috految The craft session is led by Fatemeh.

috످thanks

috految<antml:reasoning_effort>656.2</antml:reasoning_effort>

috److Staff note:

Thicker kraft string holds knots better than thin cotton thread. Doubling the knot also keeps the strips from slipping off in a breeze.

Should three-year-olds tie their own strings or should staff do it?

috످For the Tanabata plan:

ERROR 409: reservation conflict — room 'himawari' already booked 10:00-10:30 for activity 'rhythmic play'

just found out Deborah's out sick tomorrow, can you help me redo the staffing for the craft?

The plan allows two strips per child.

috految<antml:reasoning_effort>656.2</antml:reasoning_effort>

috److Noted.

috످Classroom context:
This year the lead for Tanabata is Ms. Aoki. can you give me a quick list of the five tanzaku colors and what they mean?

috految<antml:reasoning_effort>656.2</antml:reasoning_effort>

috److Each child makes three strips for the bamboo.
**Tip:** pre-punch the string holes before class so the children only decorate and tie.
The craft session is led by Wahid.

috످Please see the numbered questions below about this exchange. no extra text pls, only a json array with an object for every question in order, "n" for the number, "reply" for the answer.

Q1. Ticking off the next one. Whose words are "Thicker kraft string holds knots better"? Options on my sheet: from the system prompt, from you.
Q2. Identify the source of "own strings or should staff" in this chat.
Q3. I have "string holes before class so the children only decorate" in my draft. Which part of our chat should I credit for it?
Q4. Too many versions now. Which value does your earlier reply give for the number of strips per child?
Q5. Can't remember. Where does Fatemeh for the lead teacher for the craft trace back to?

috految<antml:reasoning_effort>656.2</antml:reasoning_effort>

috److془Let me think through each.

Q1: The passage is advice on which kind of string keeps knots secure, and it stands in my first reply, despite the "Staff note" label.

Q2: The passage asks whether the young children or adults should do the tying, and it's at the end of my first reply.

Q3: The tip is about preparing holes in advance to simplify kids' job, in my third reply.

Q4: The passage states how many strips each child makes, three, in my latest reply; the user said two.

Q5: The line naming Fatemeh as in charge of craft is in system prompt. My later reply named Wahid.

Output JSON only.془[
  {"n": 1, "reply": "From me, in my first reply."},
  {"n": 2, "reply": "It comes from me, in my first reply."},
  {"n": 3, "reply": "Credit my third reply, where I gave the tip about pre-punching the holes."},
  {"n": 4, "reply": "My earlier reply says three strips per child, though you said the plan allows two."},
  {"n": 5, "reply": "Fatemeh's name comes from the system prompt. I later named Wahid as the craft lead, but nothing else in this chat supports that."}
]

috످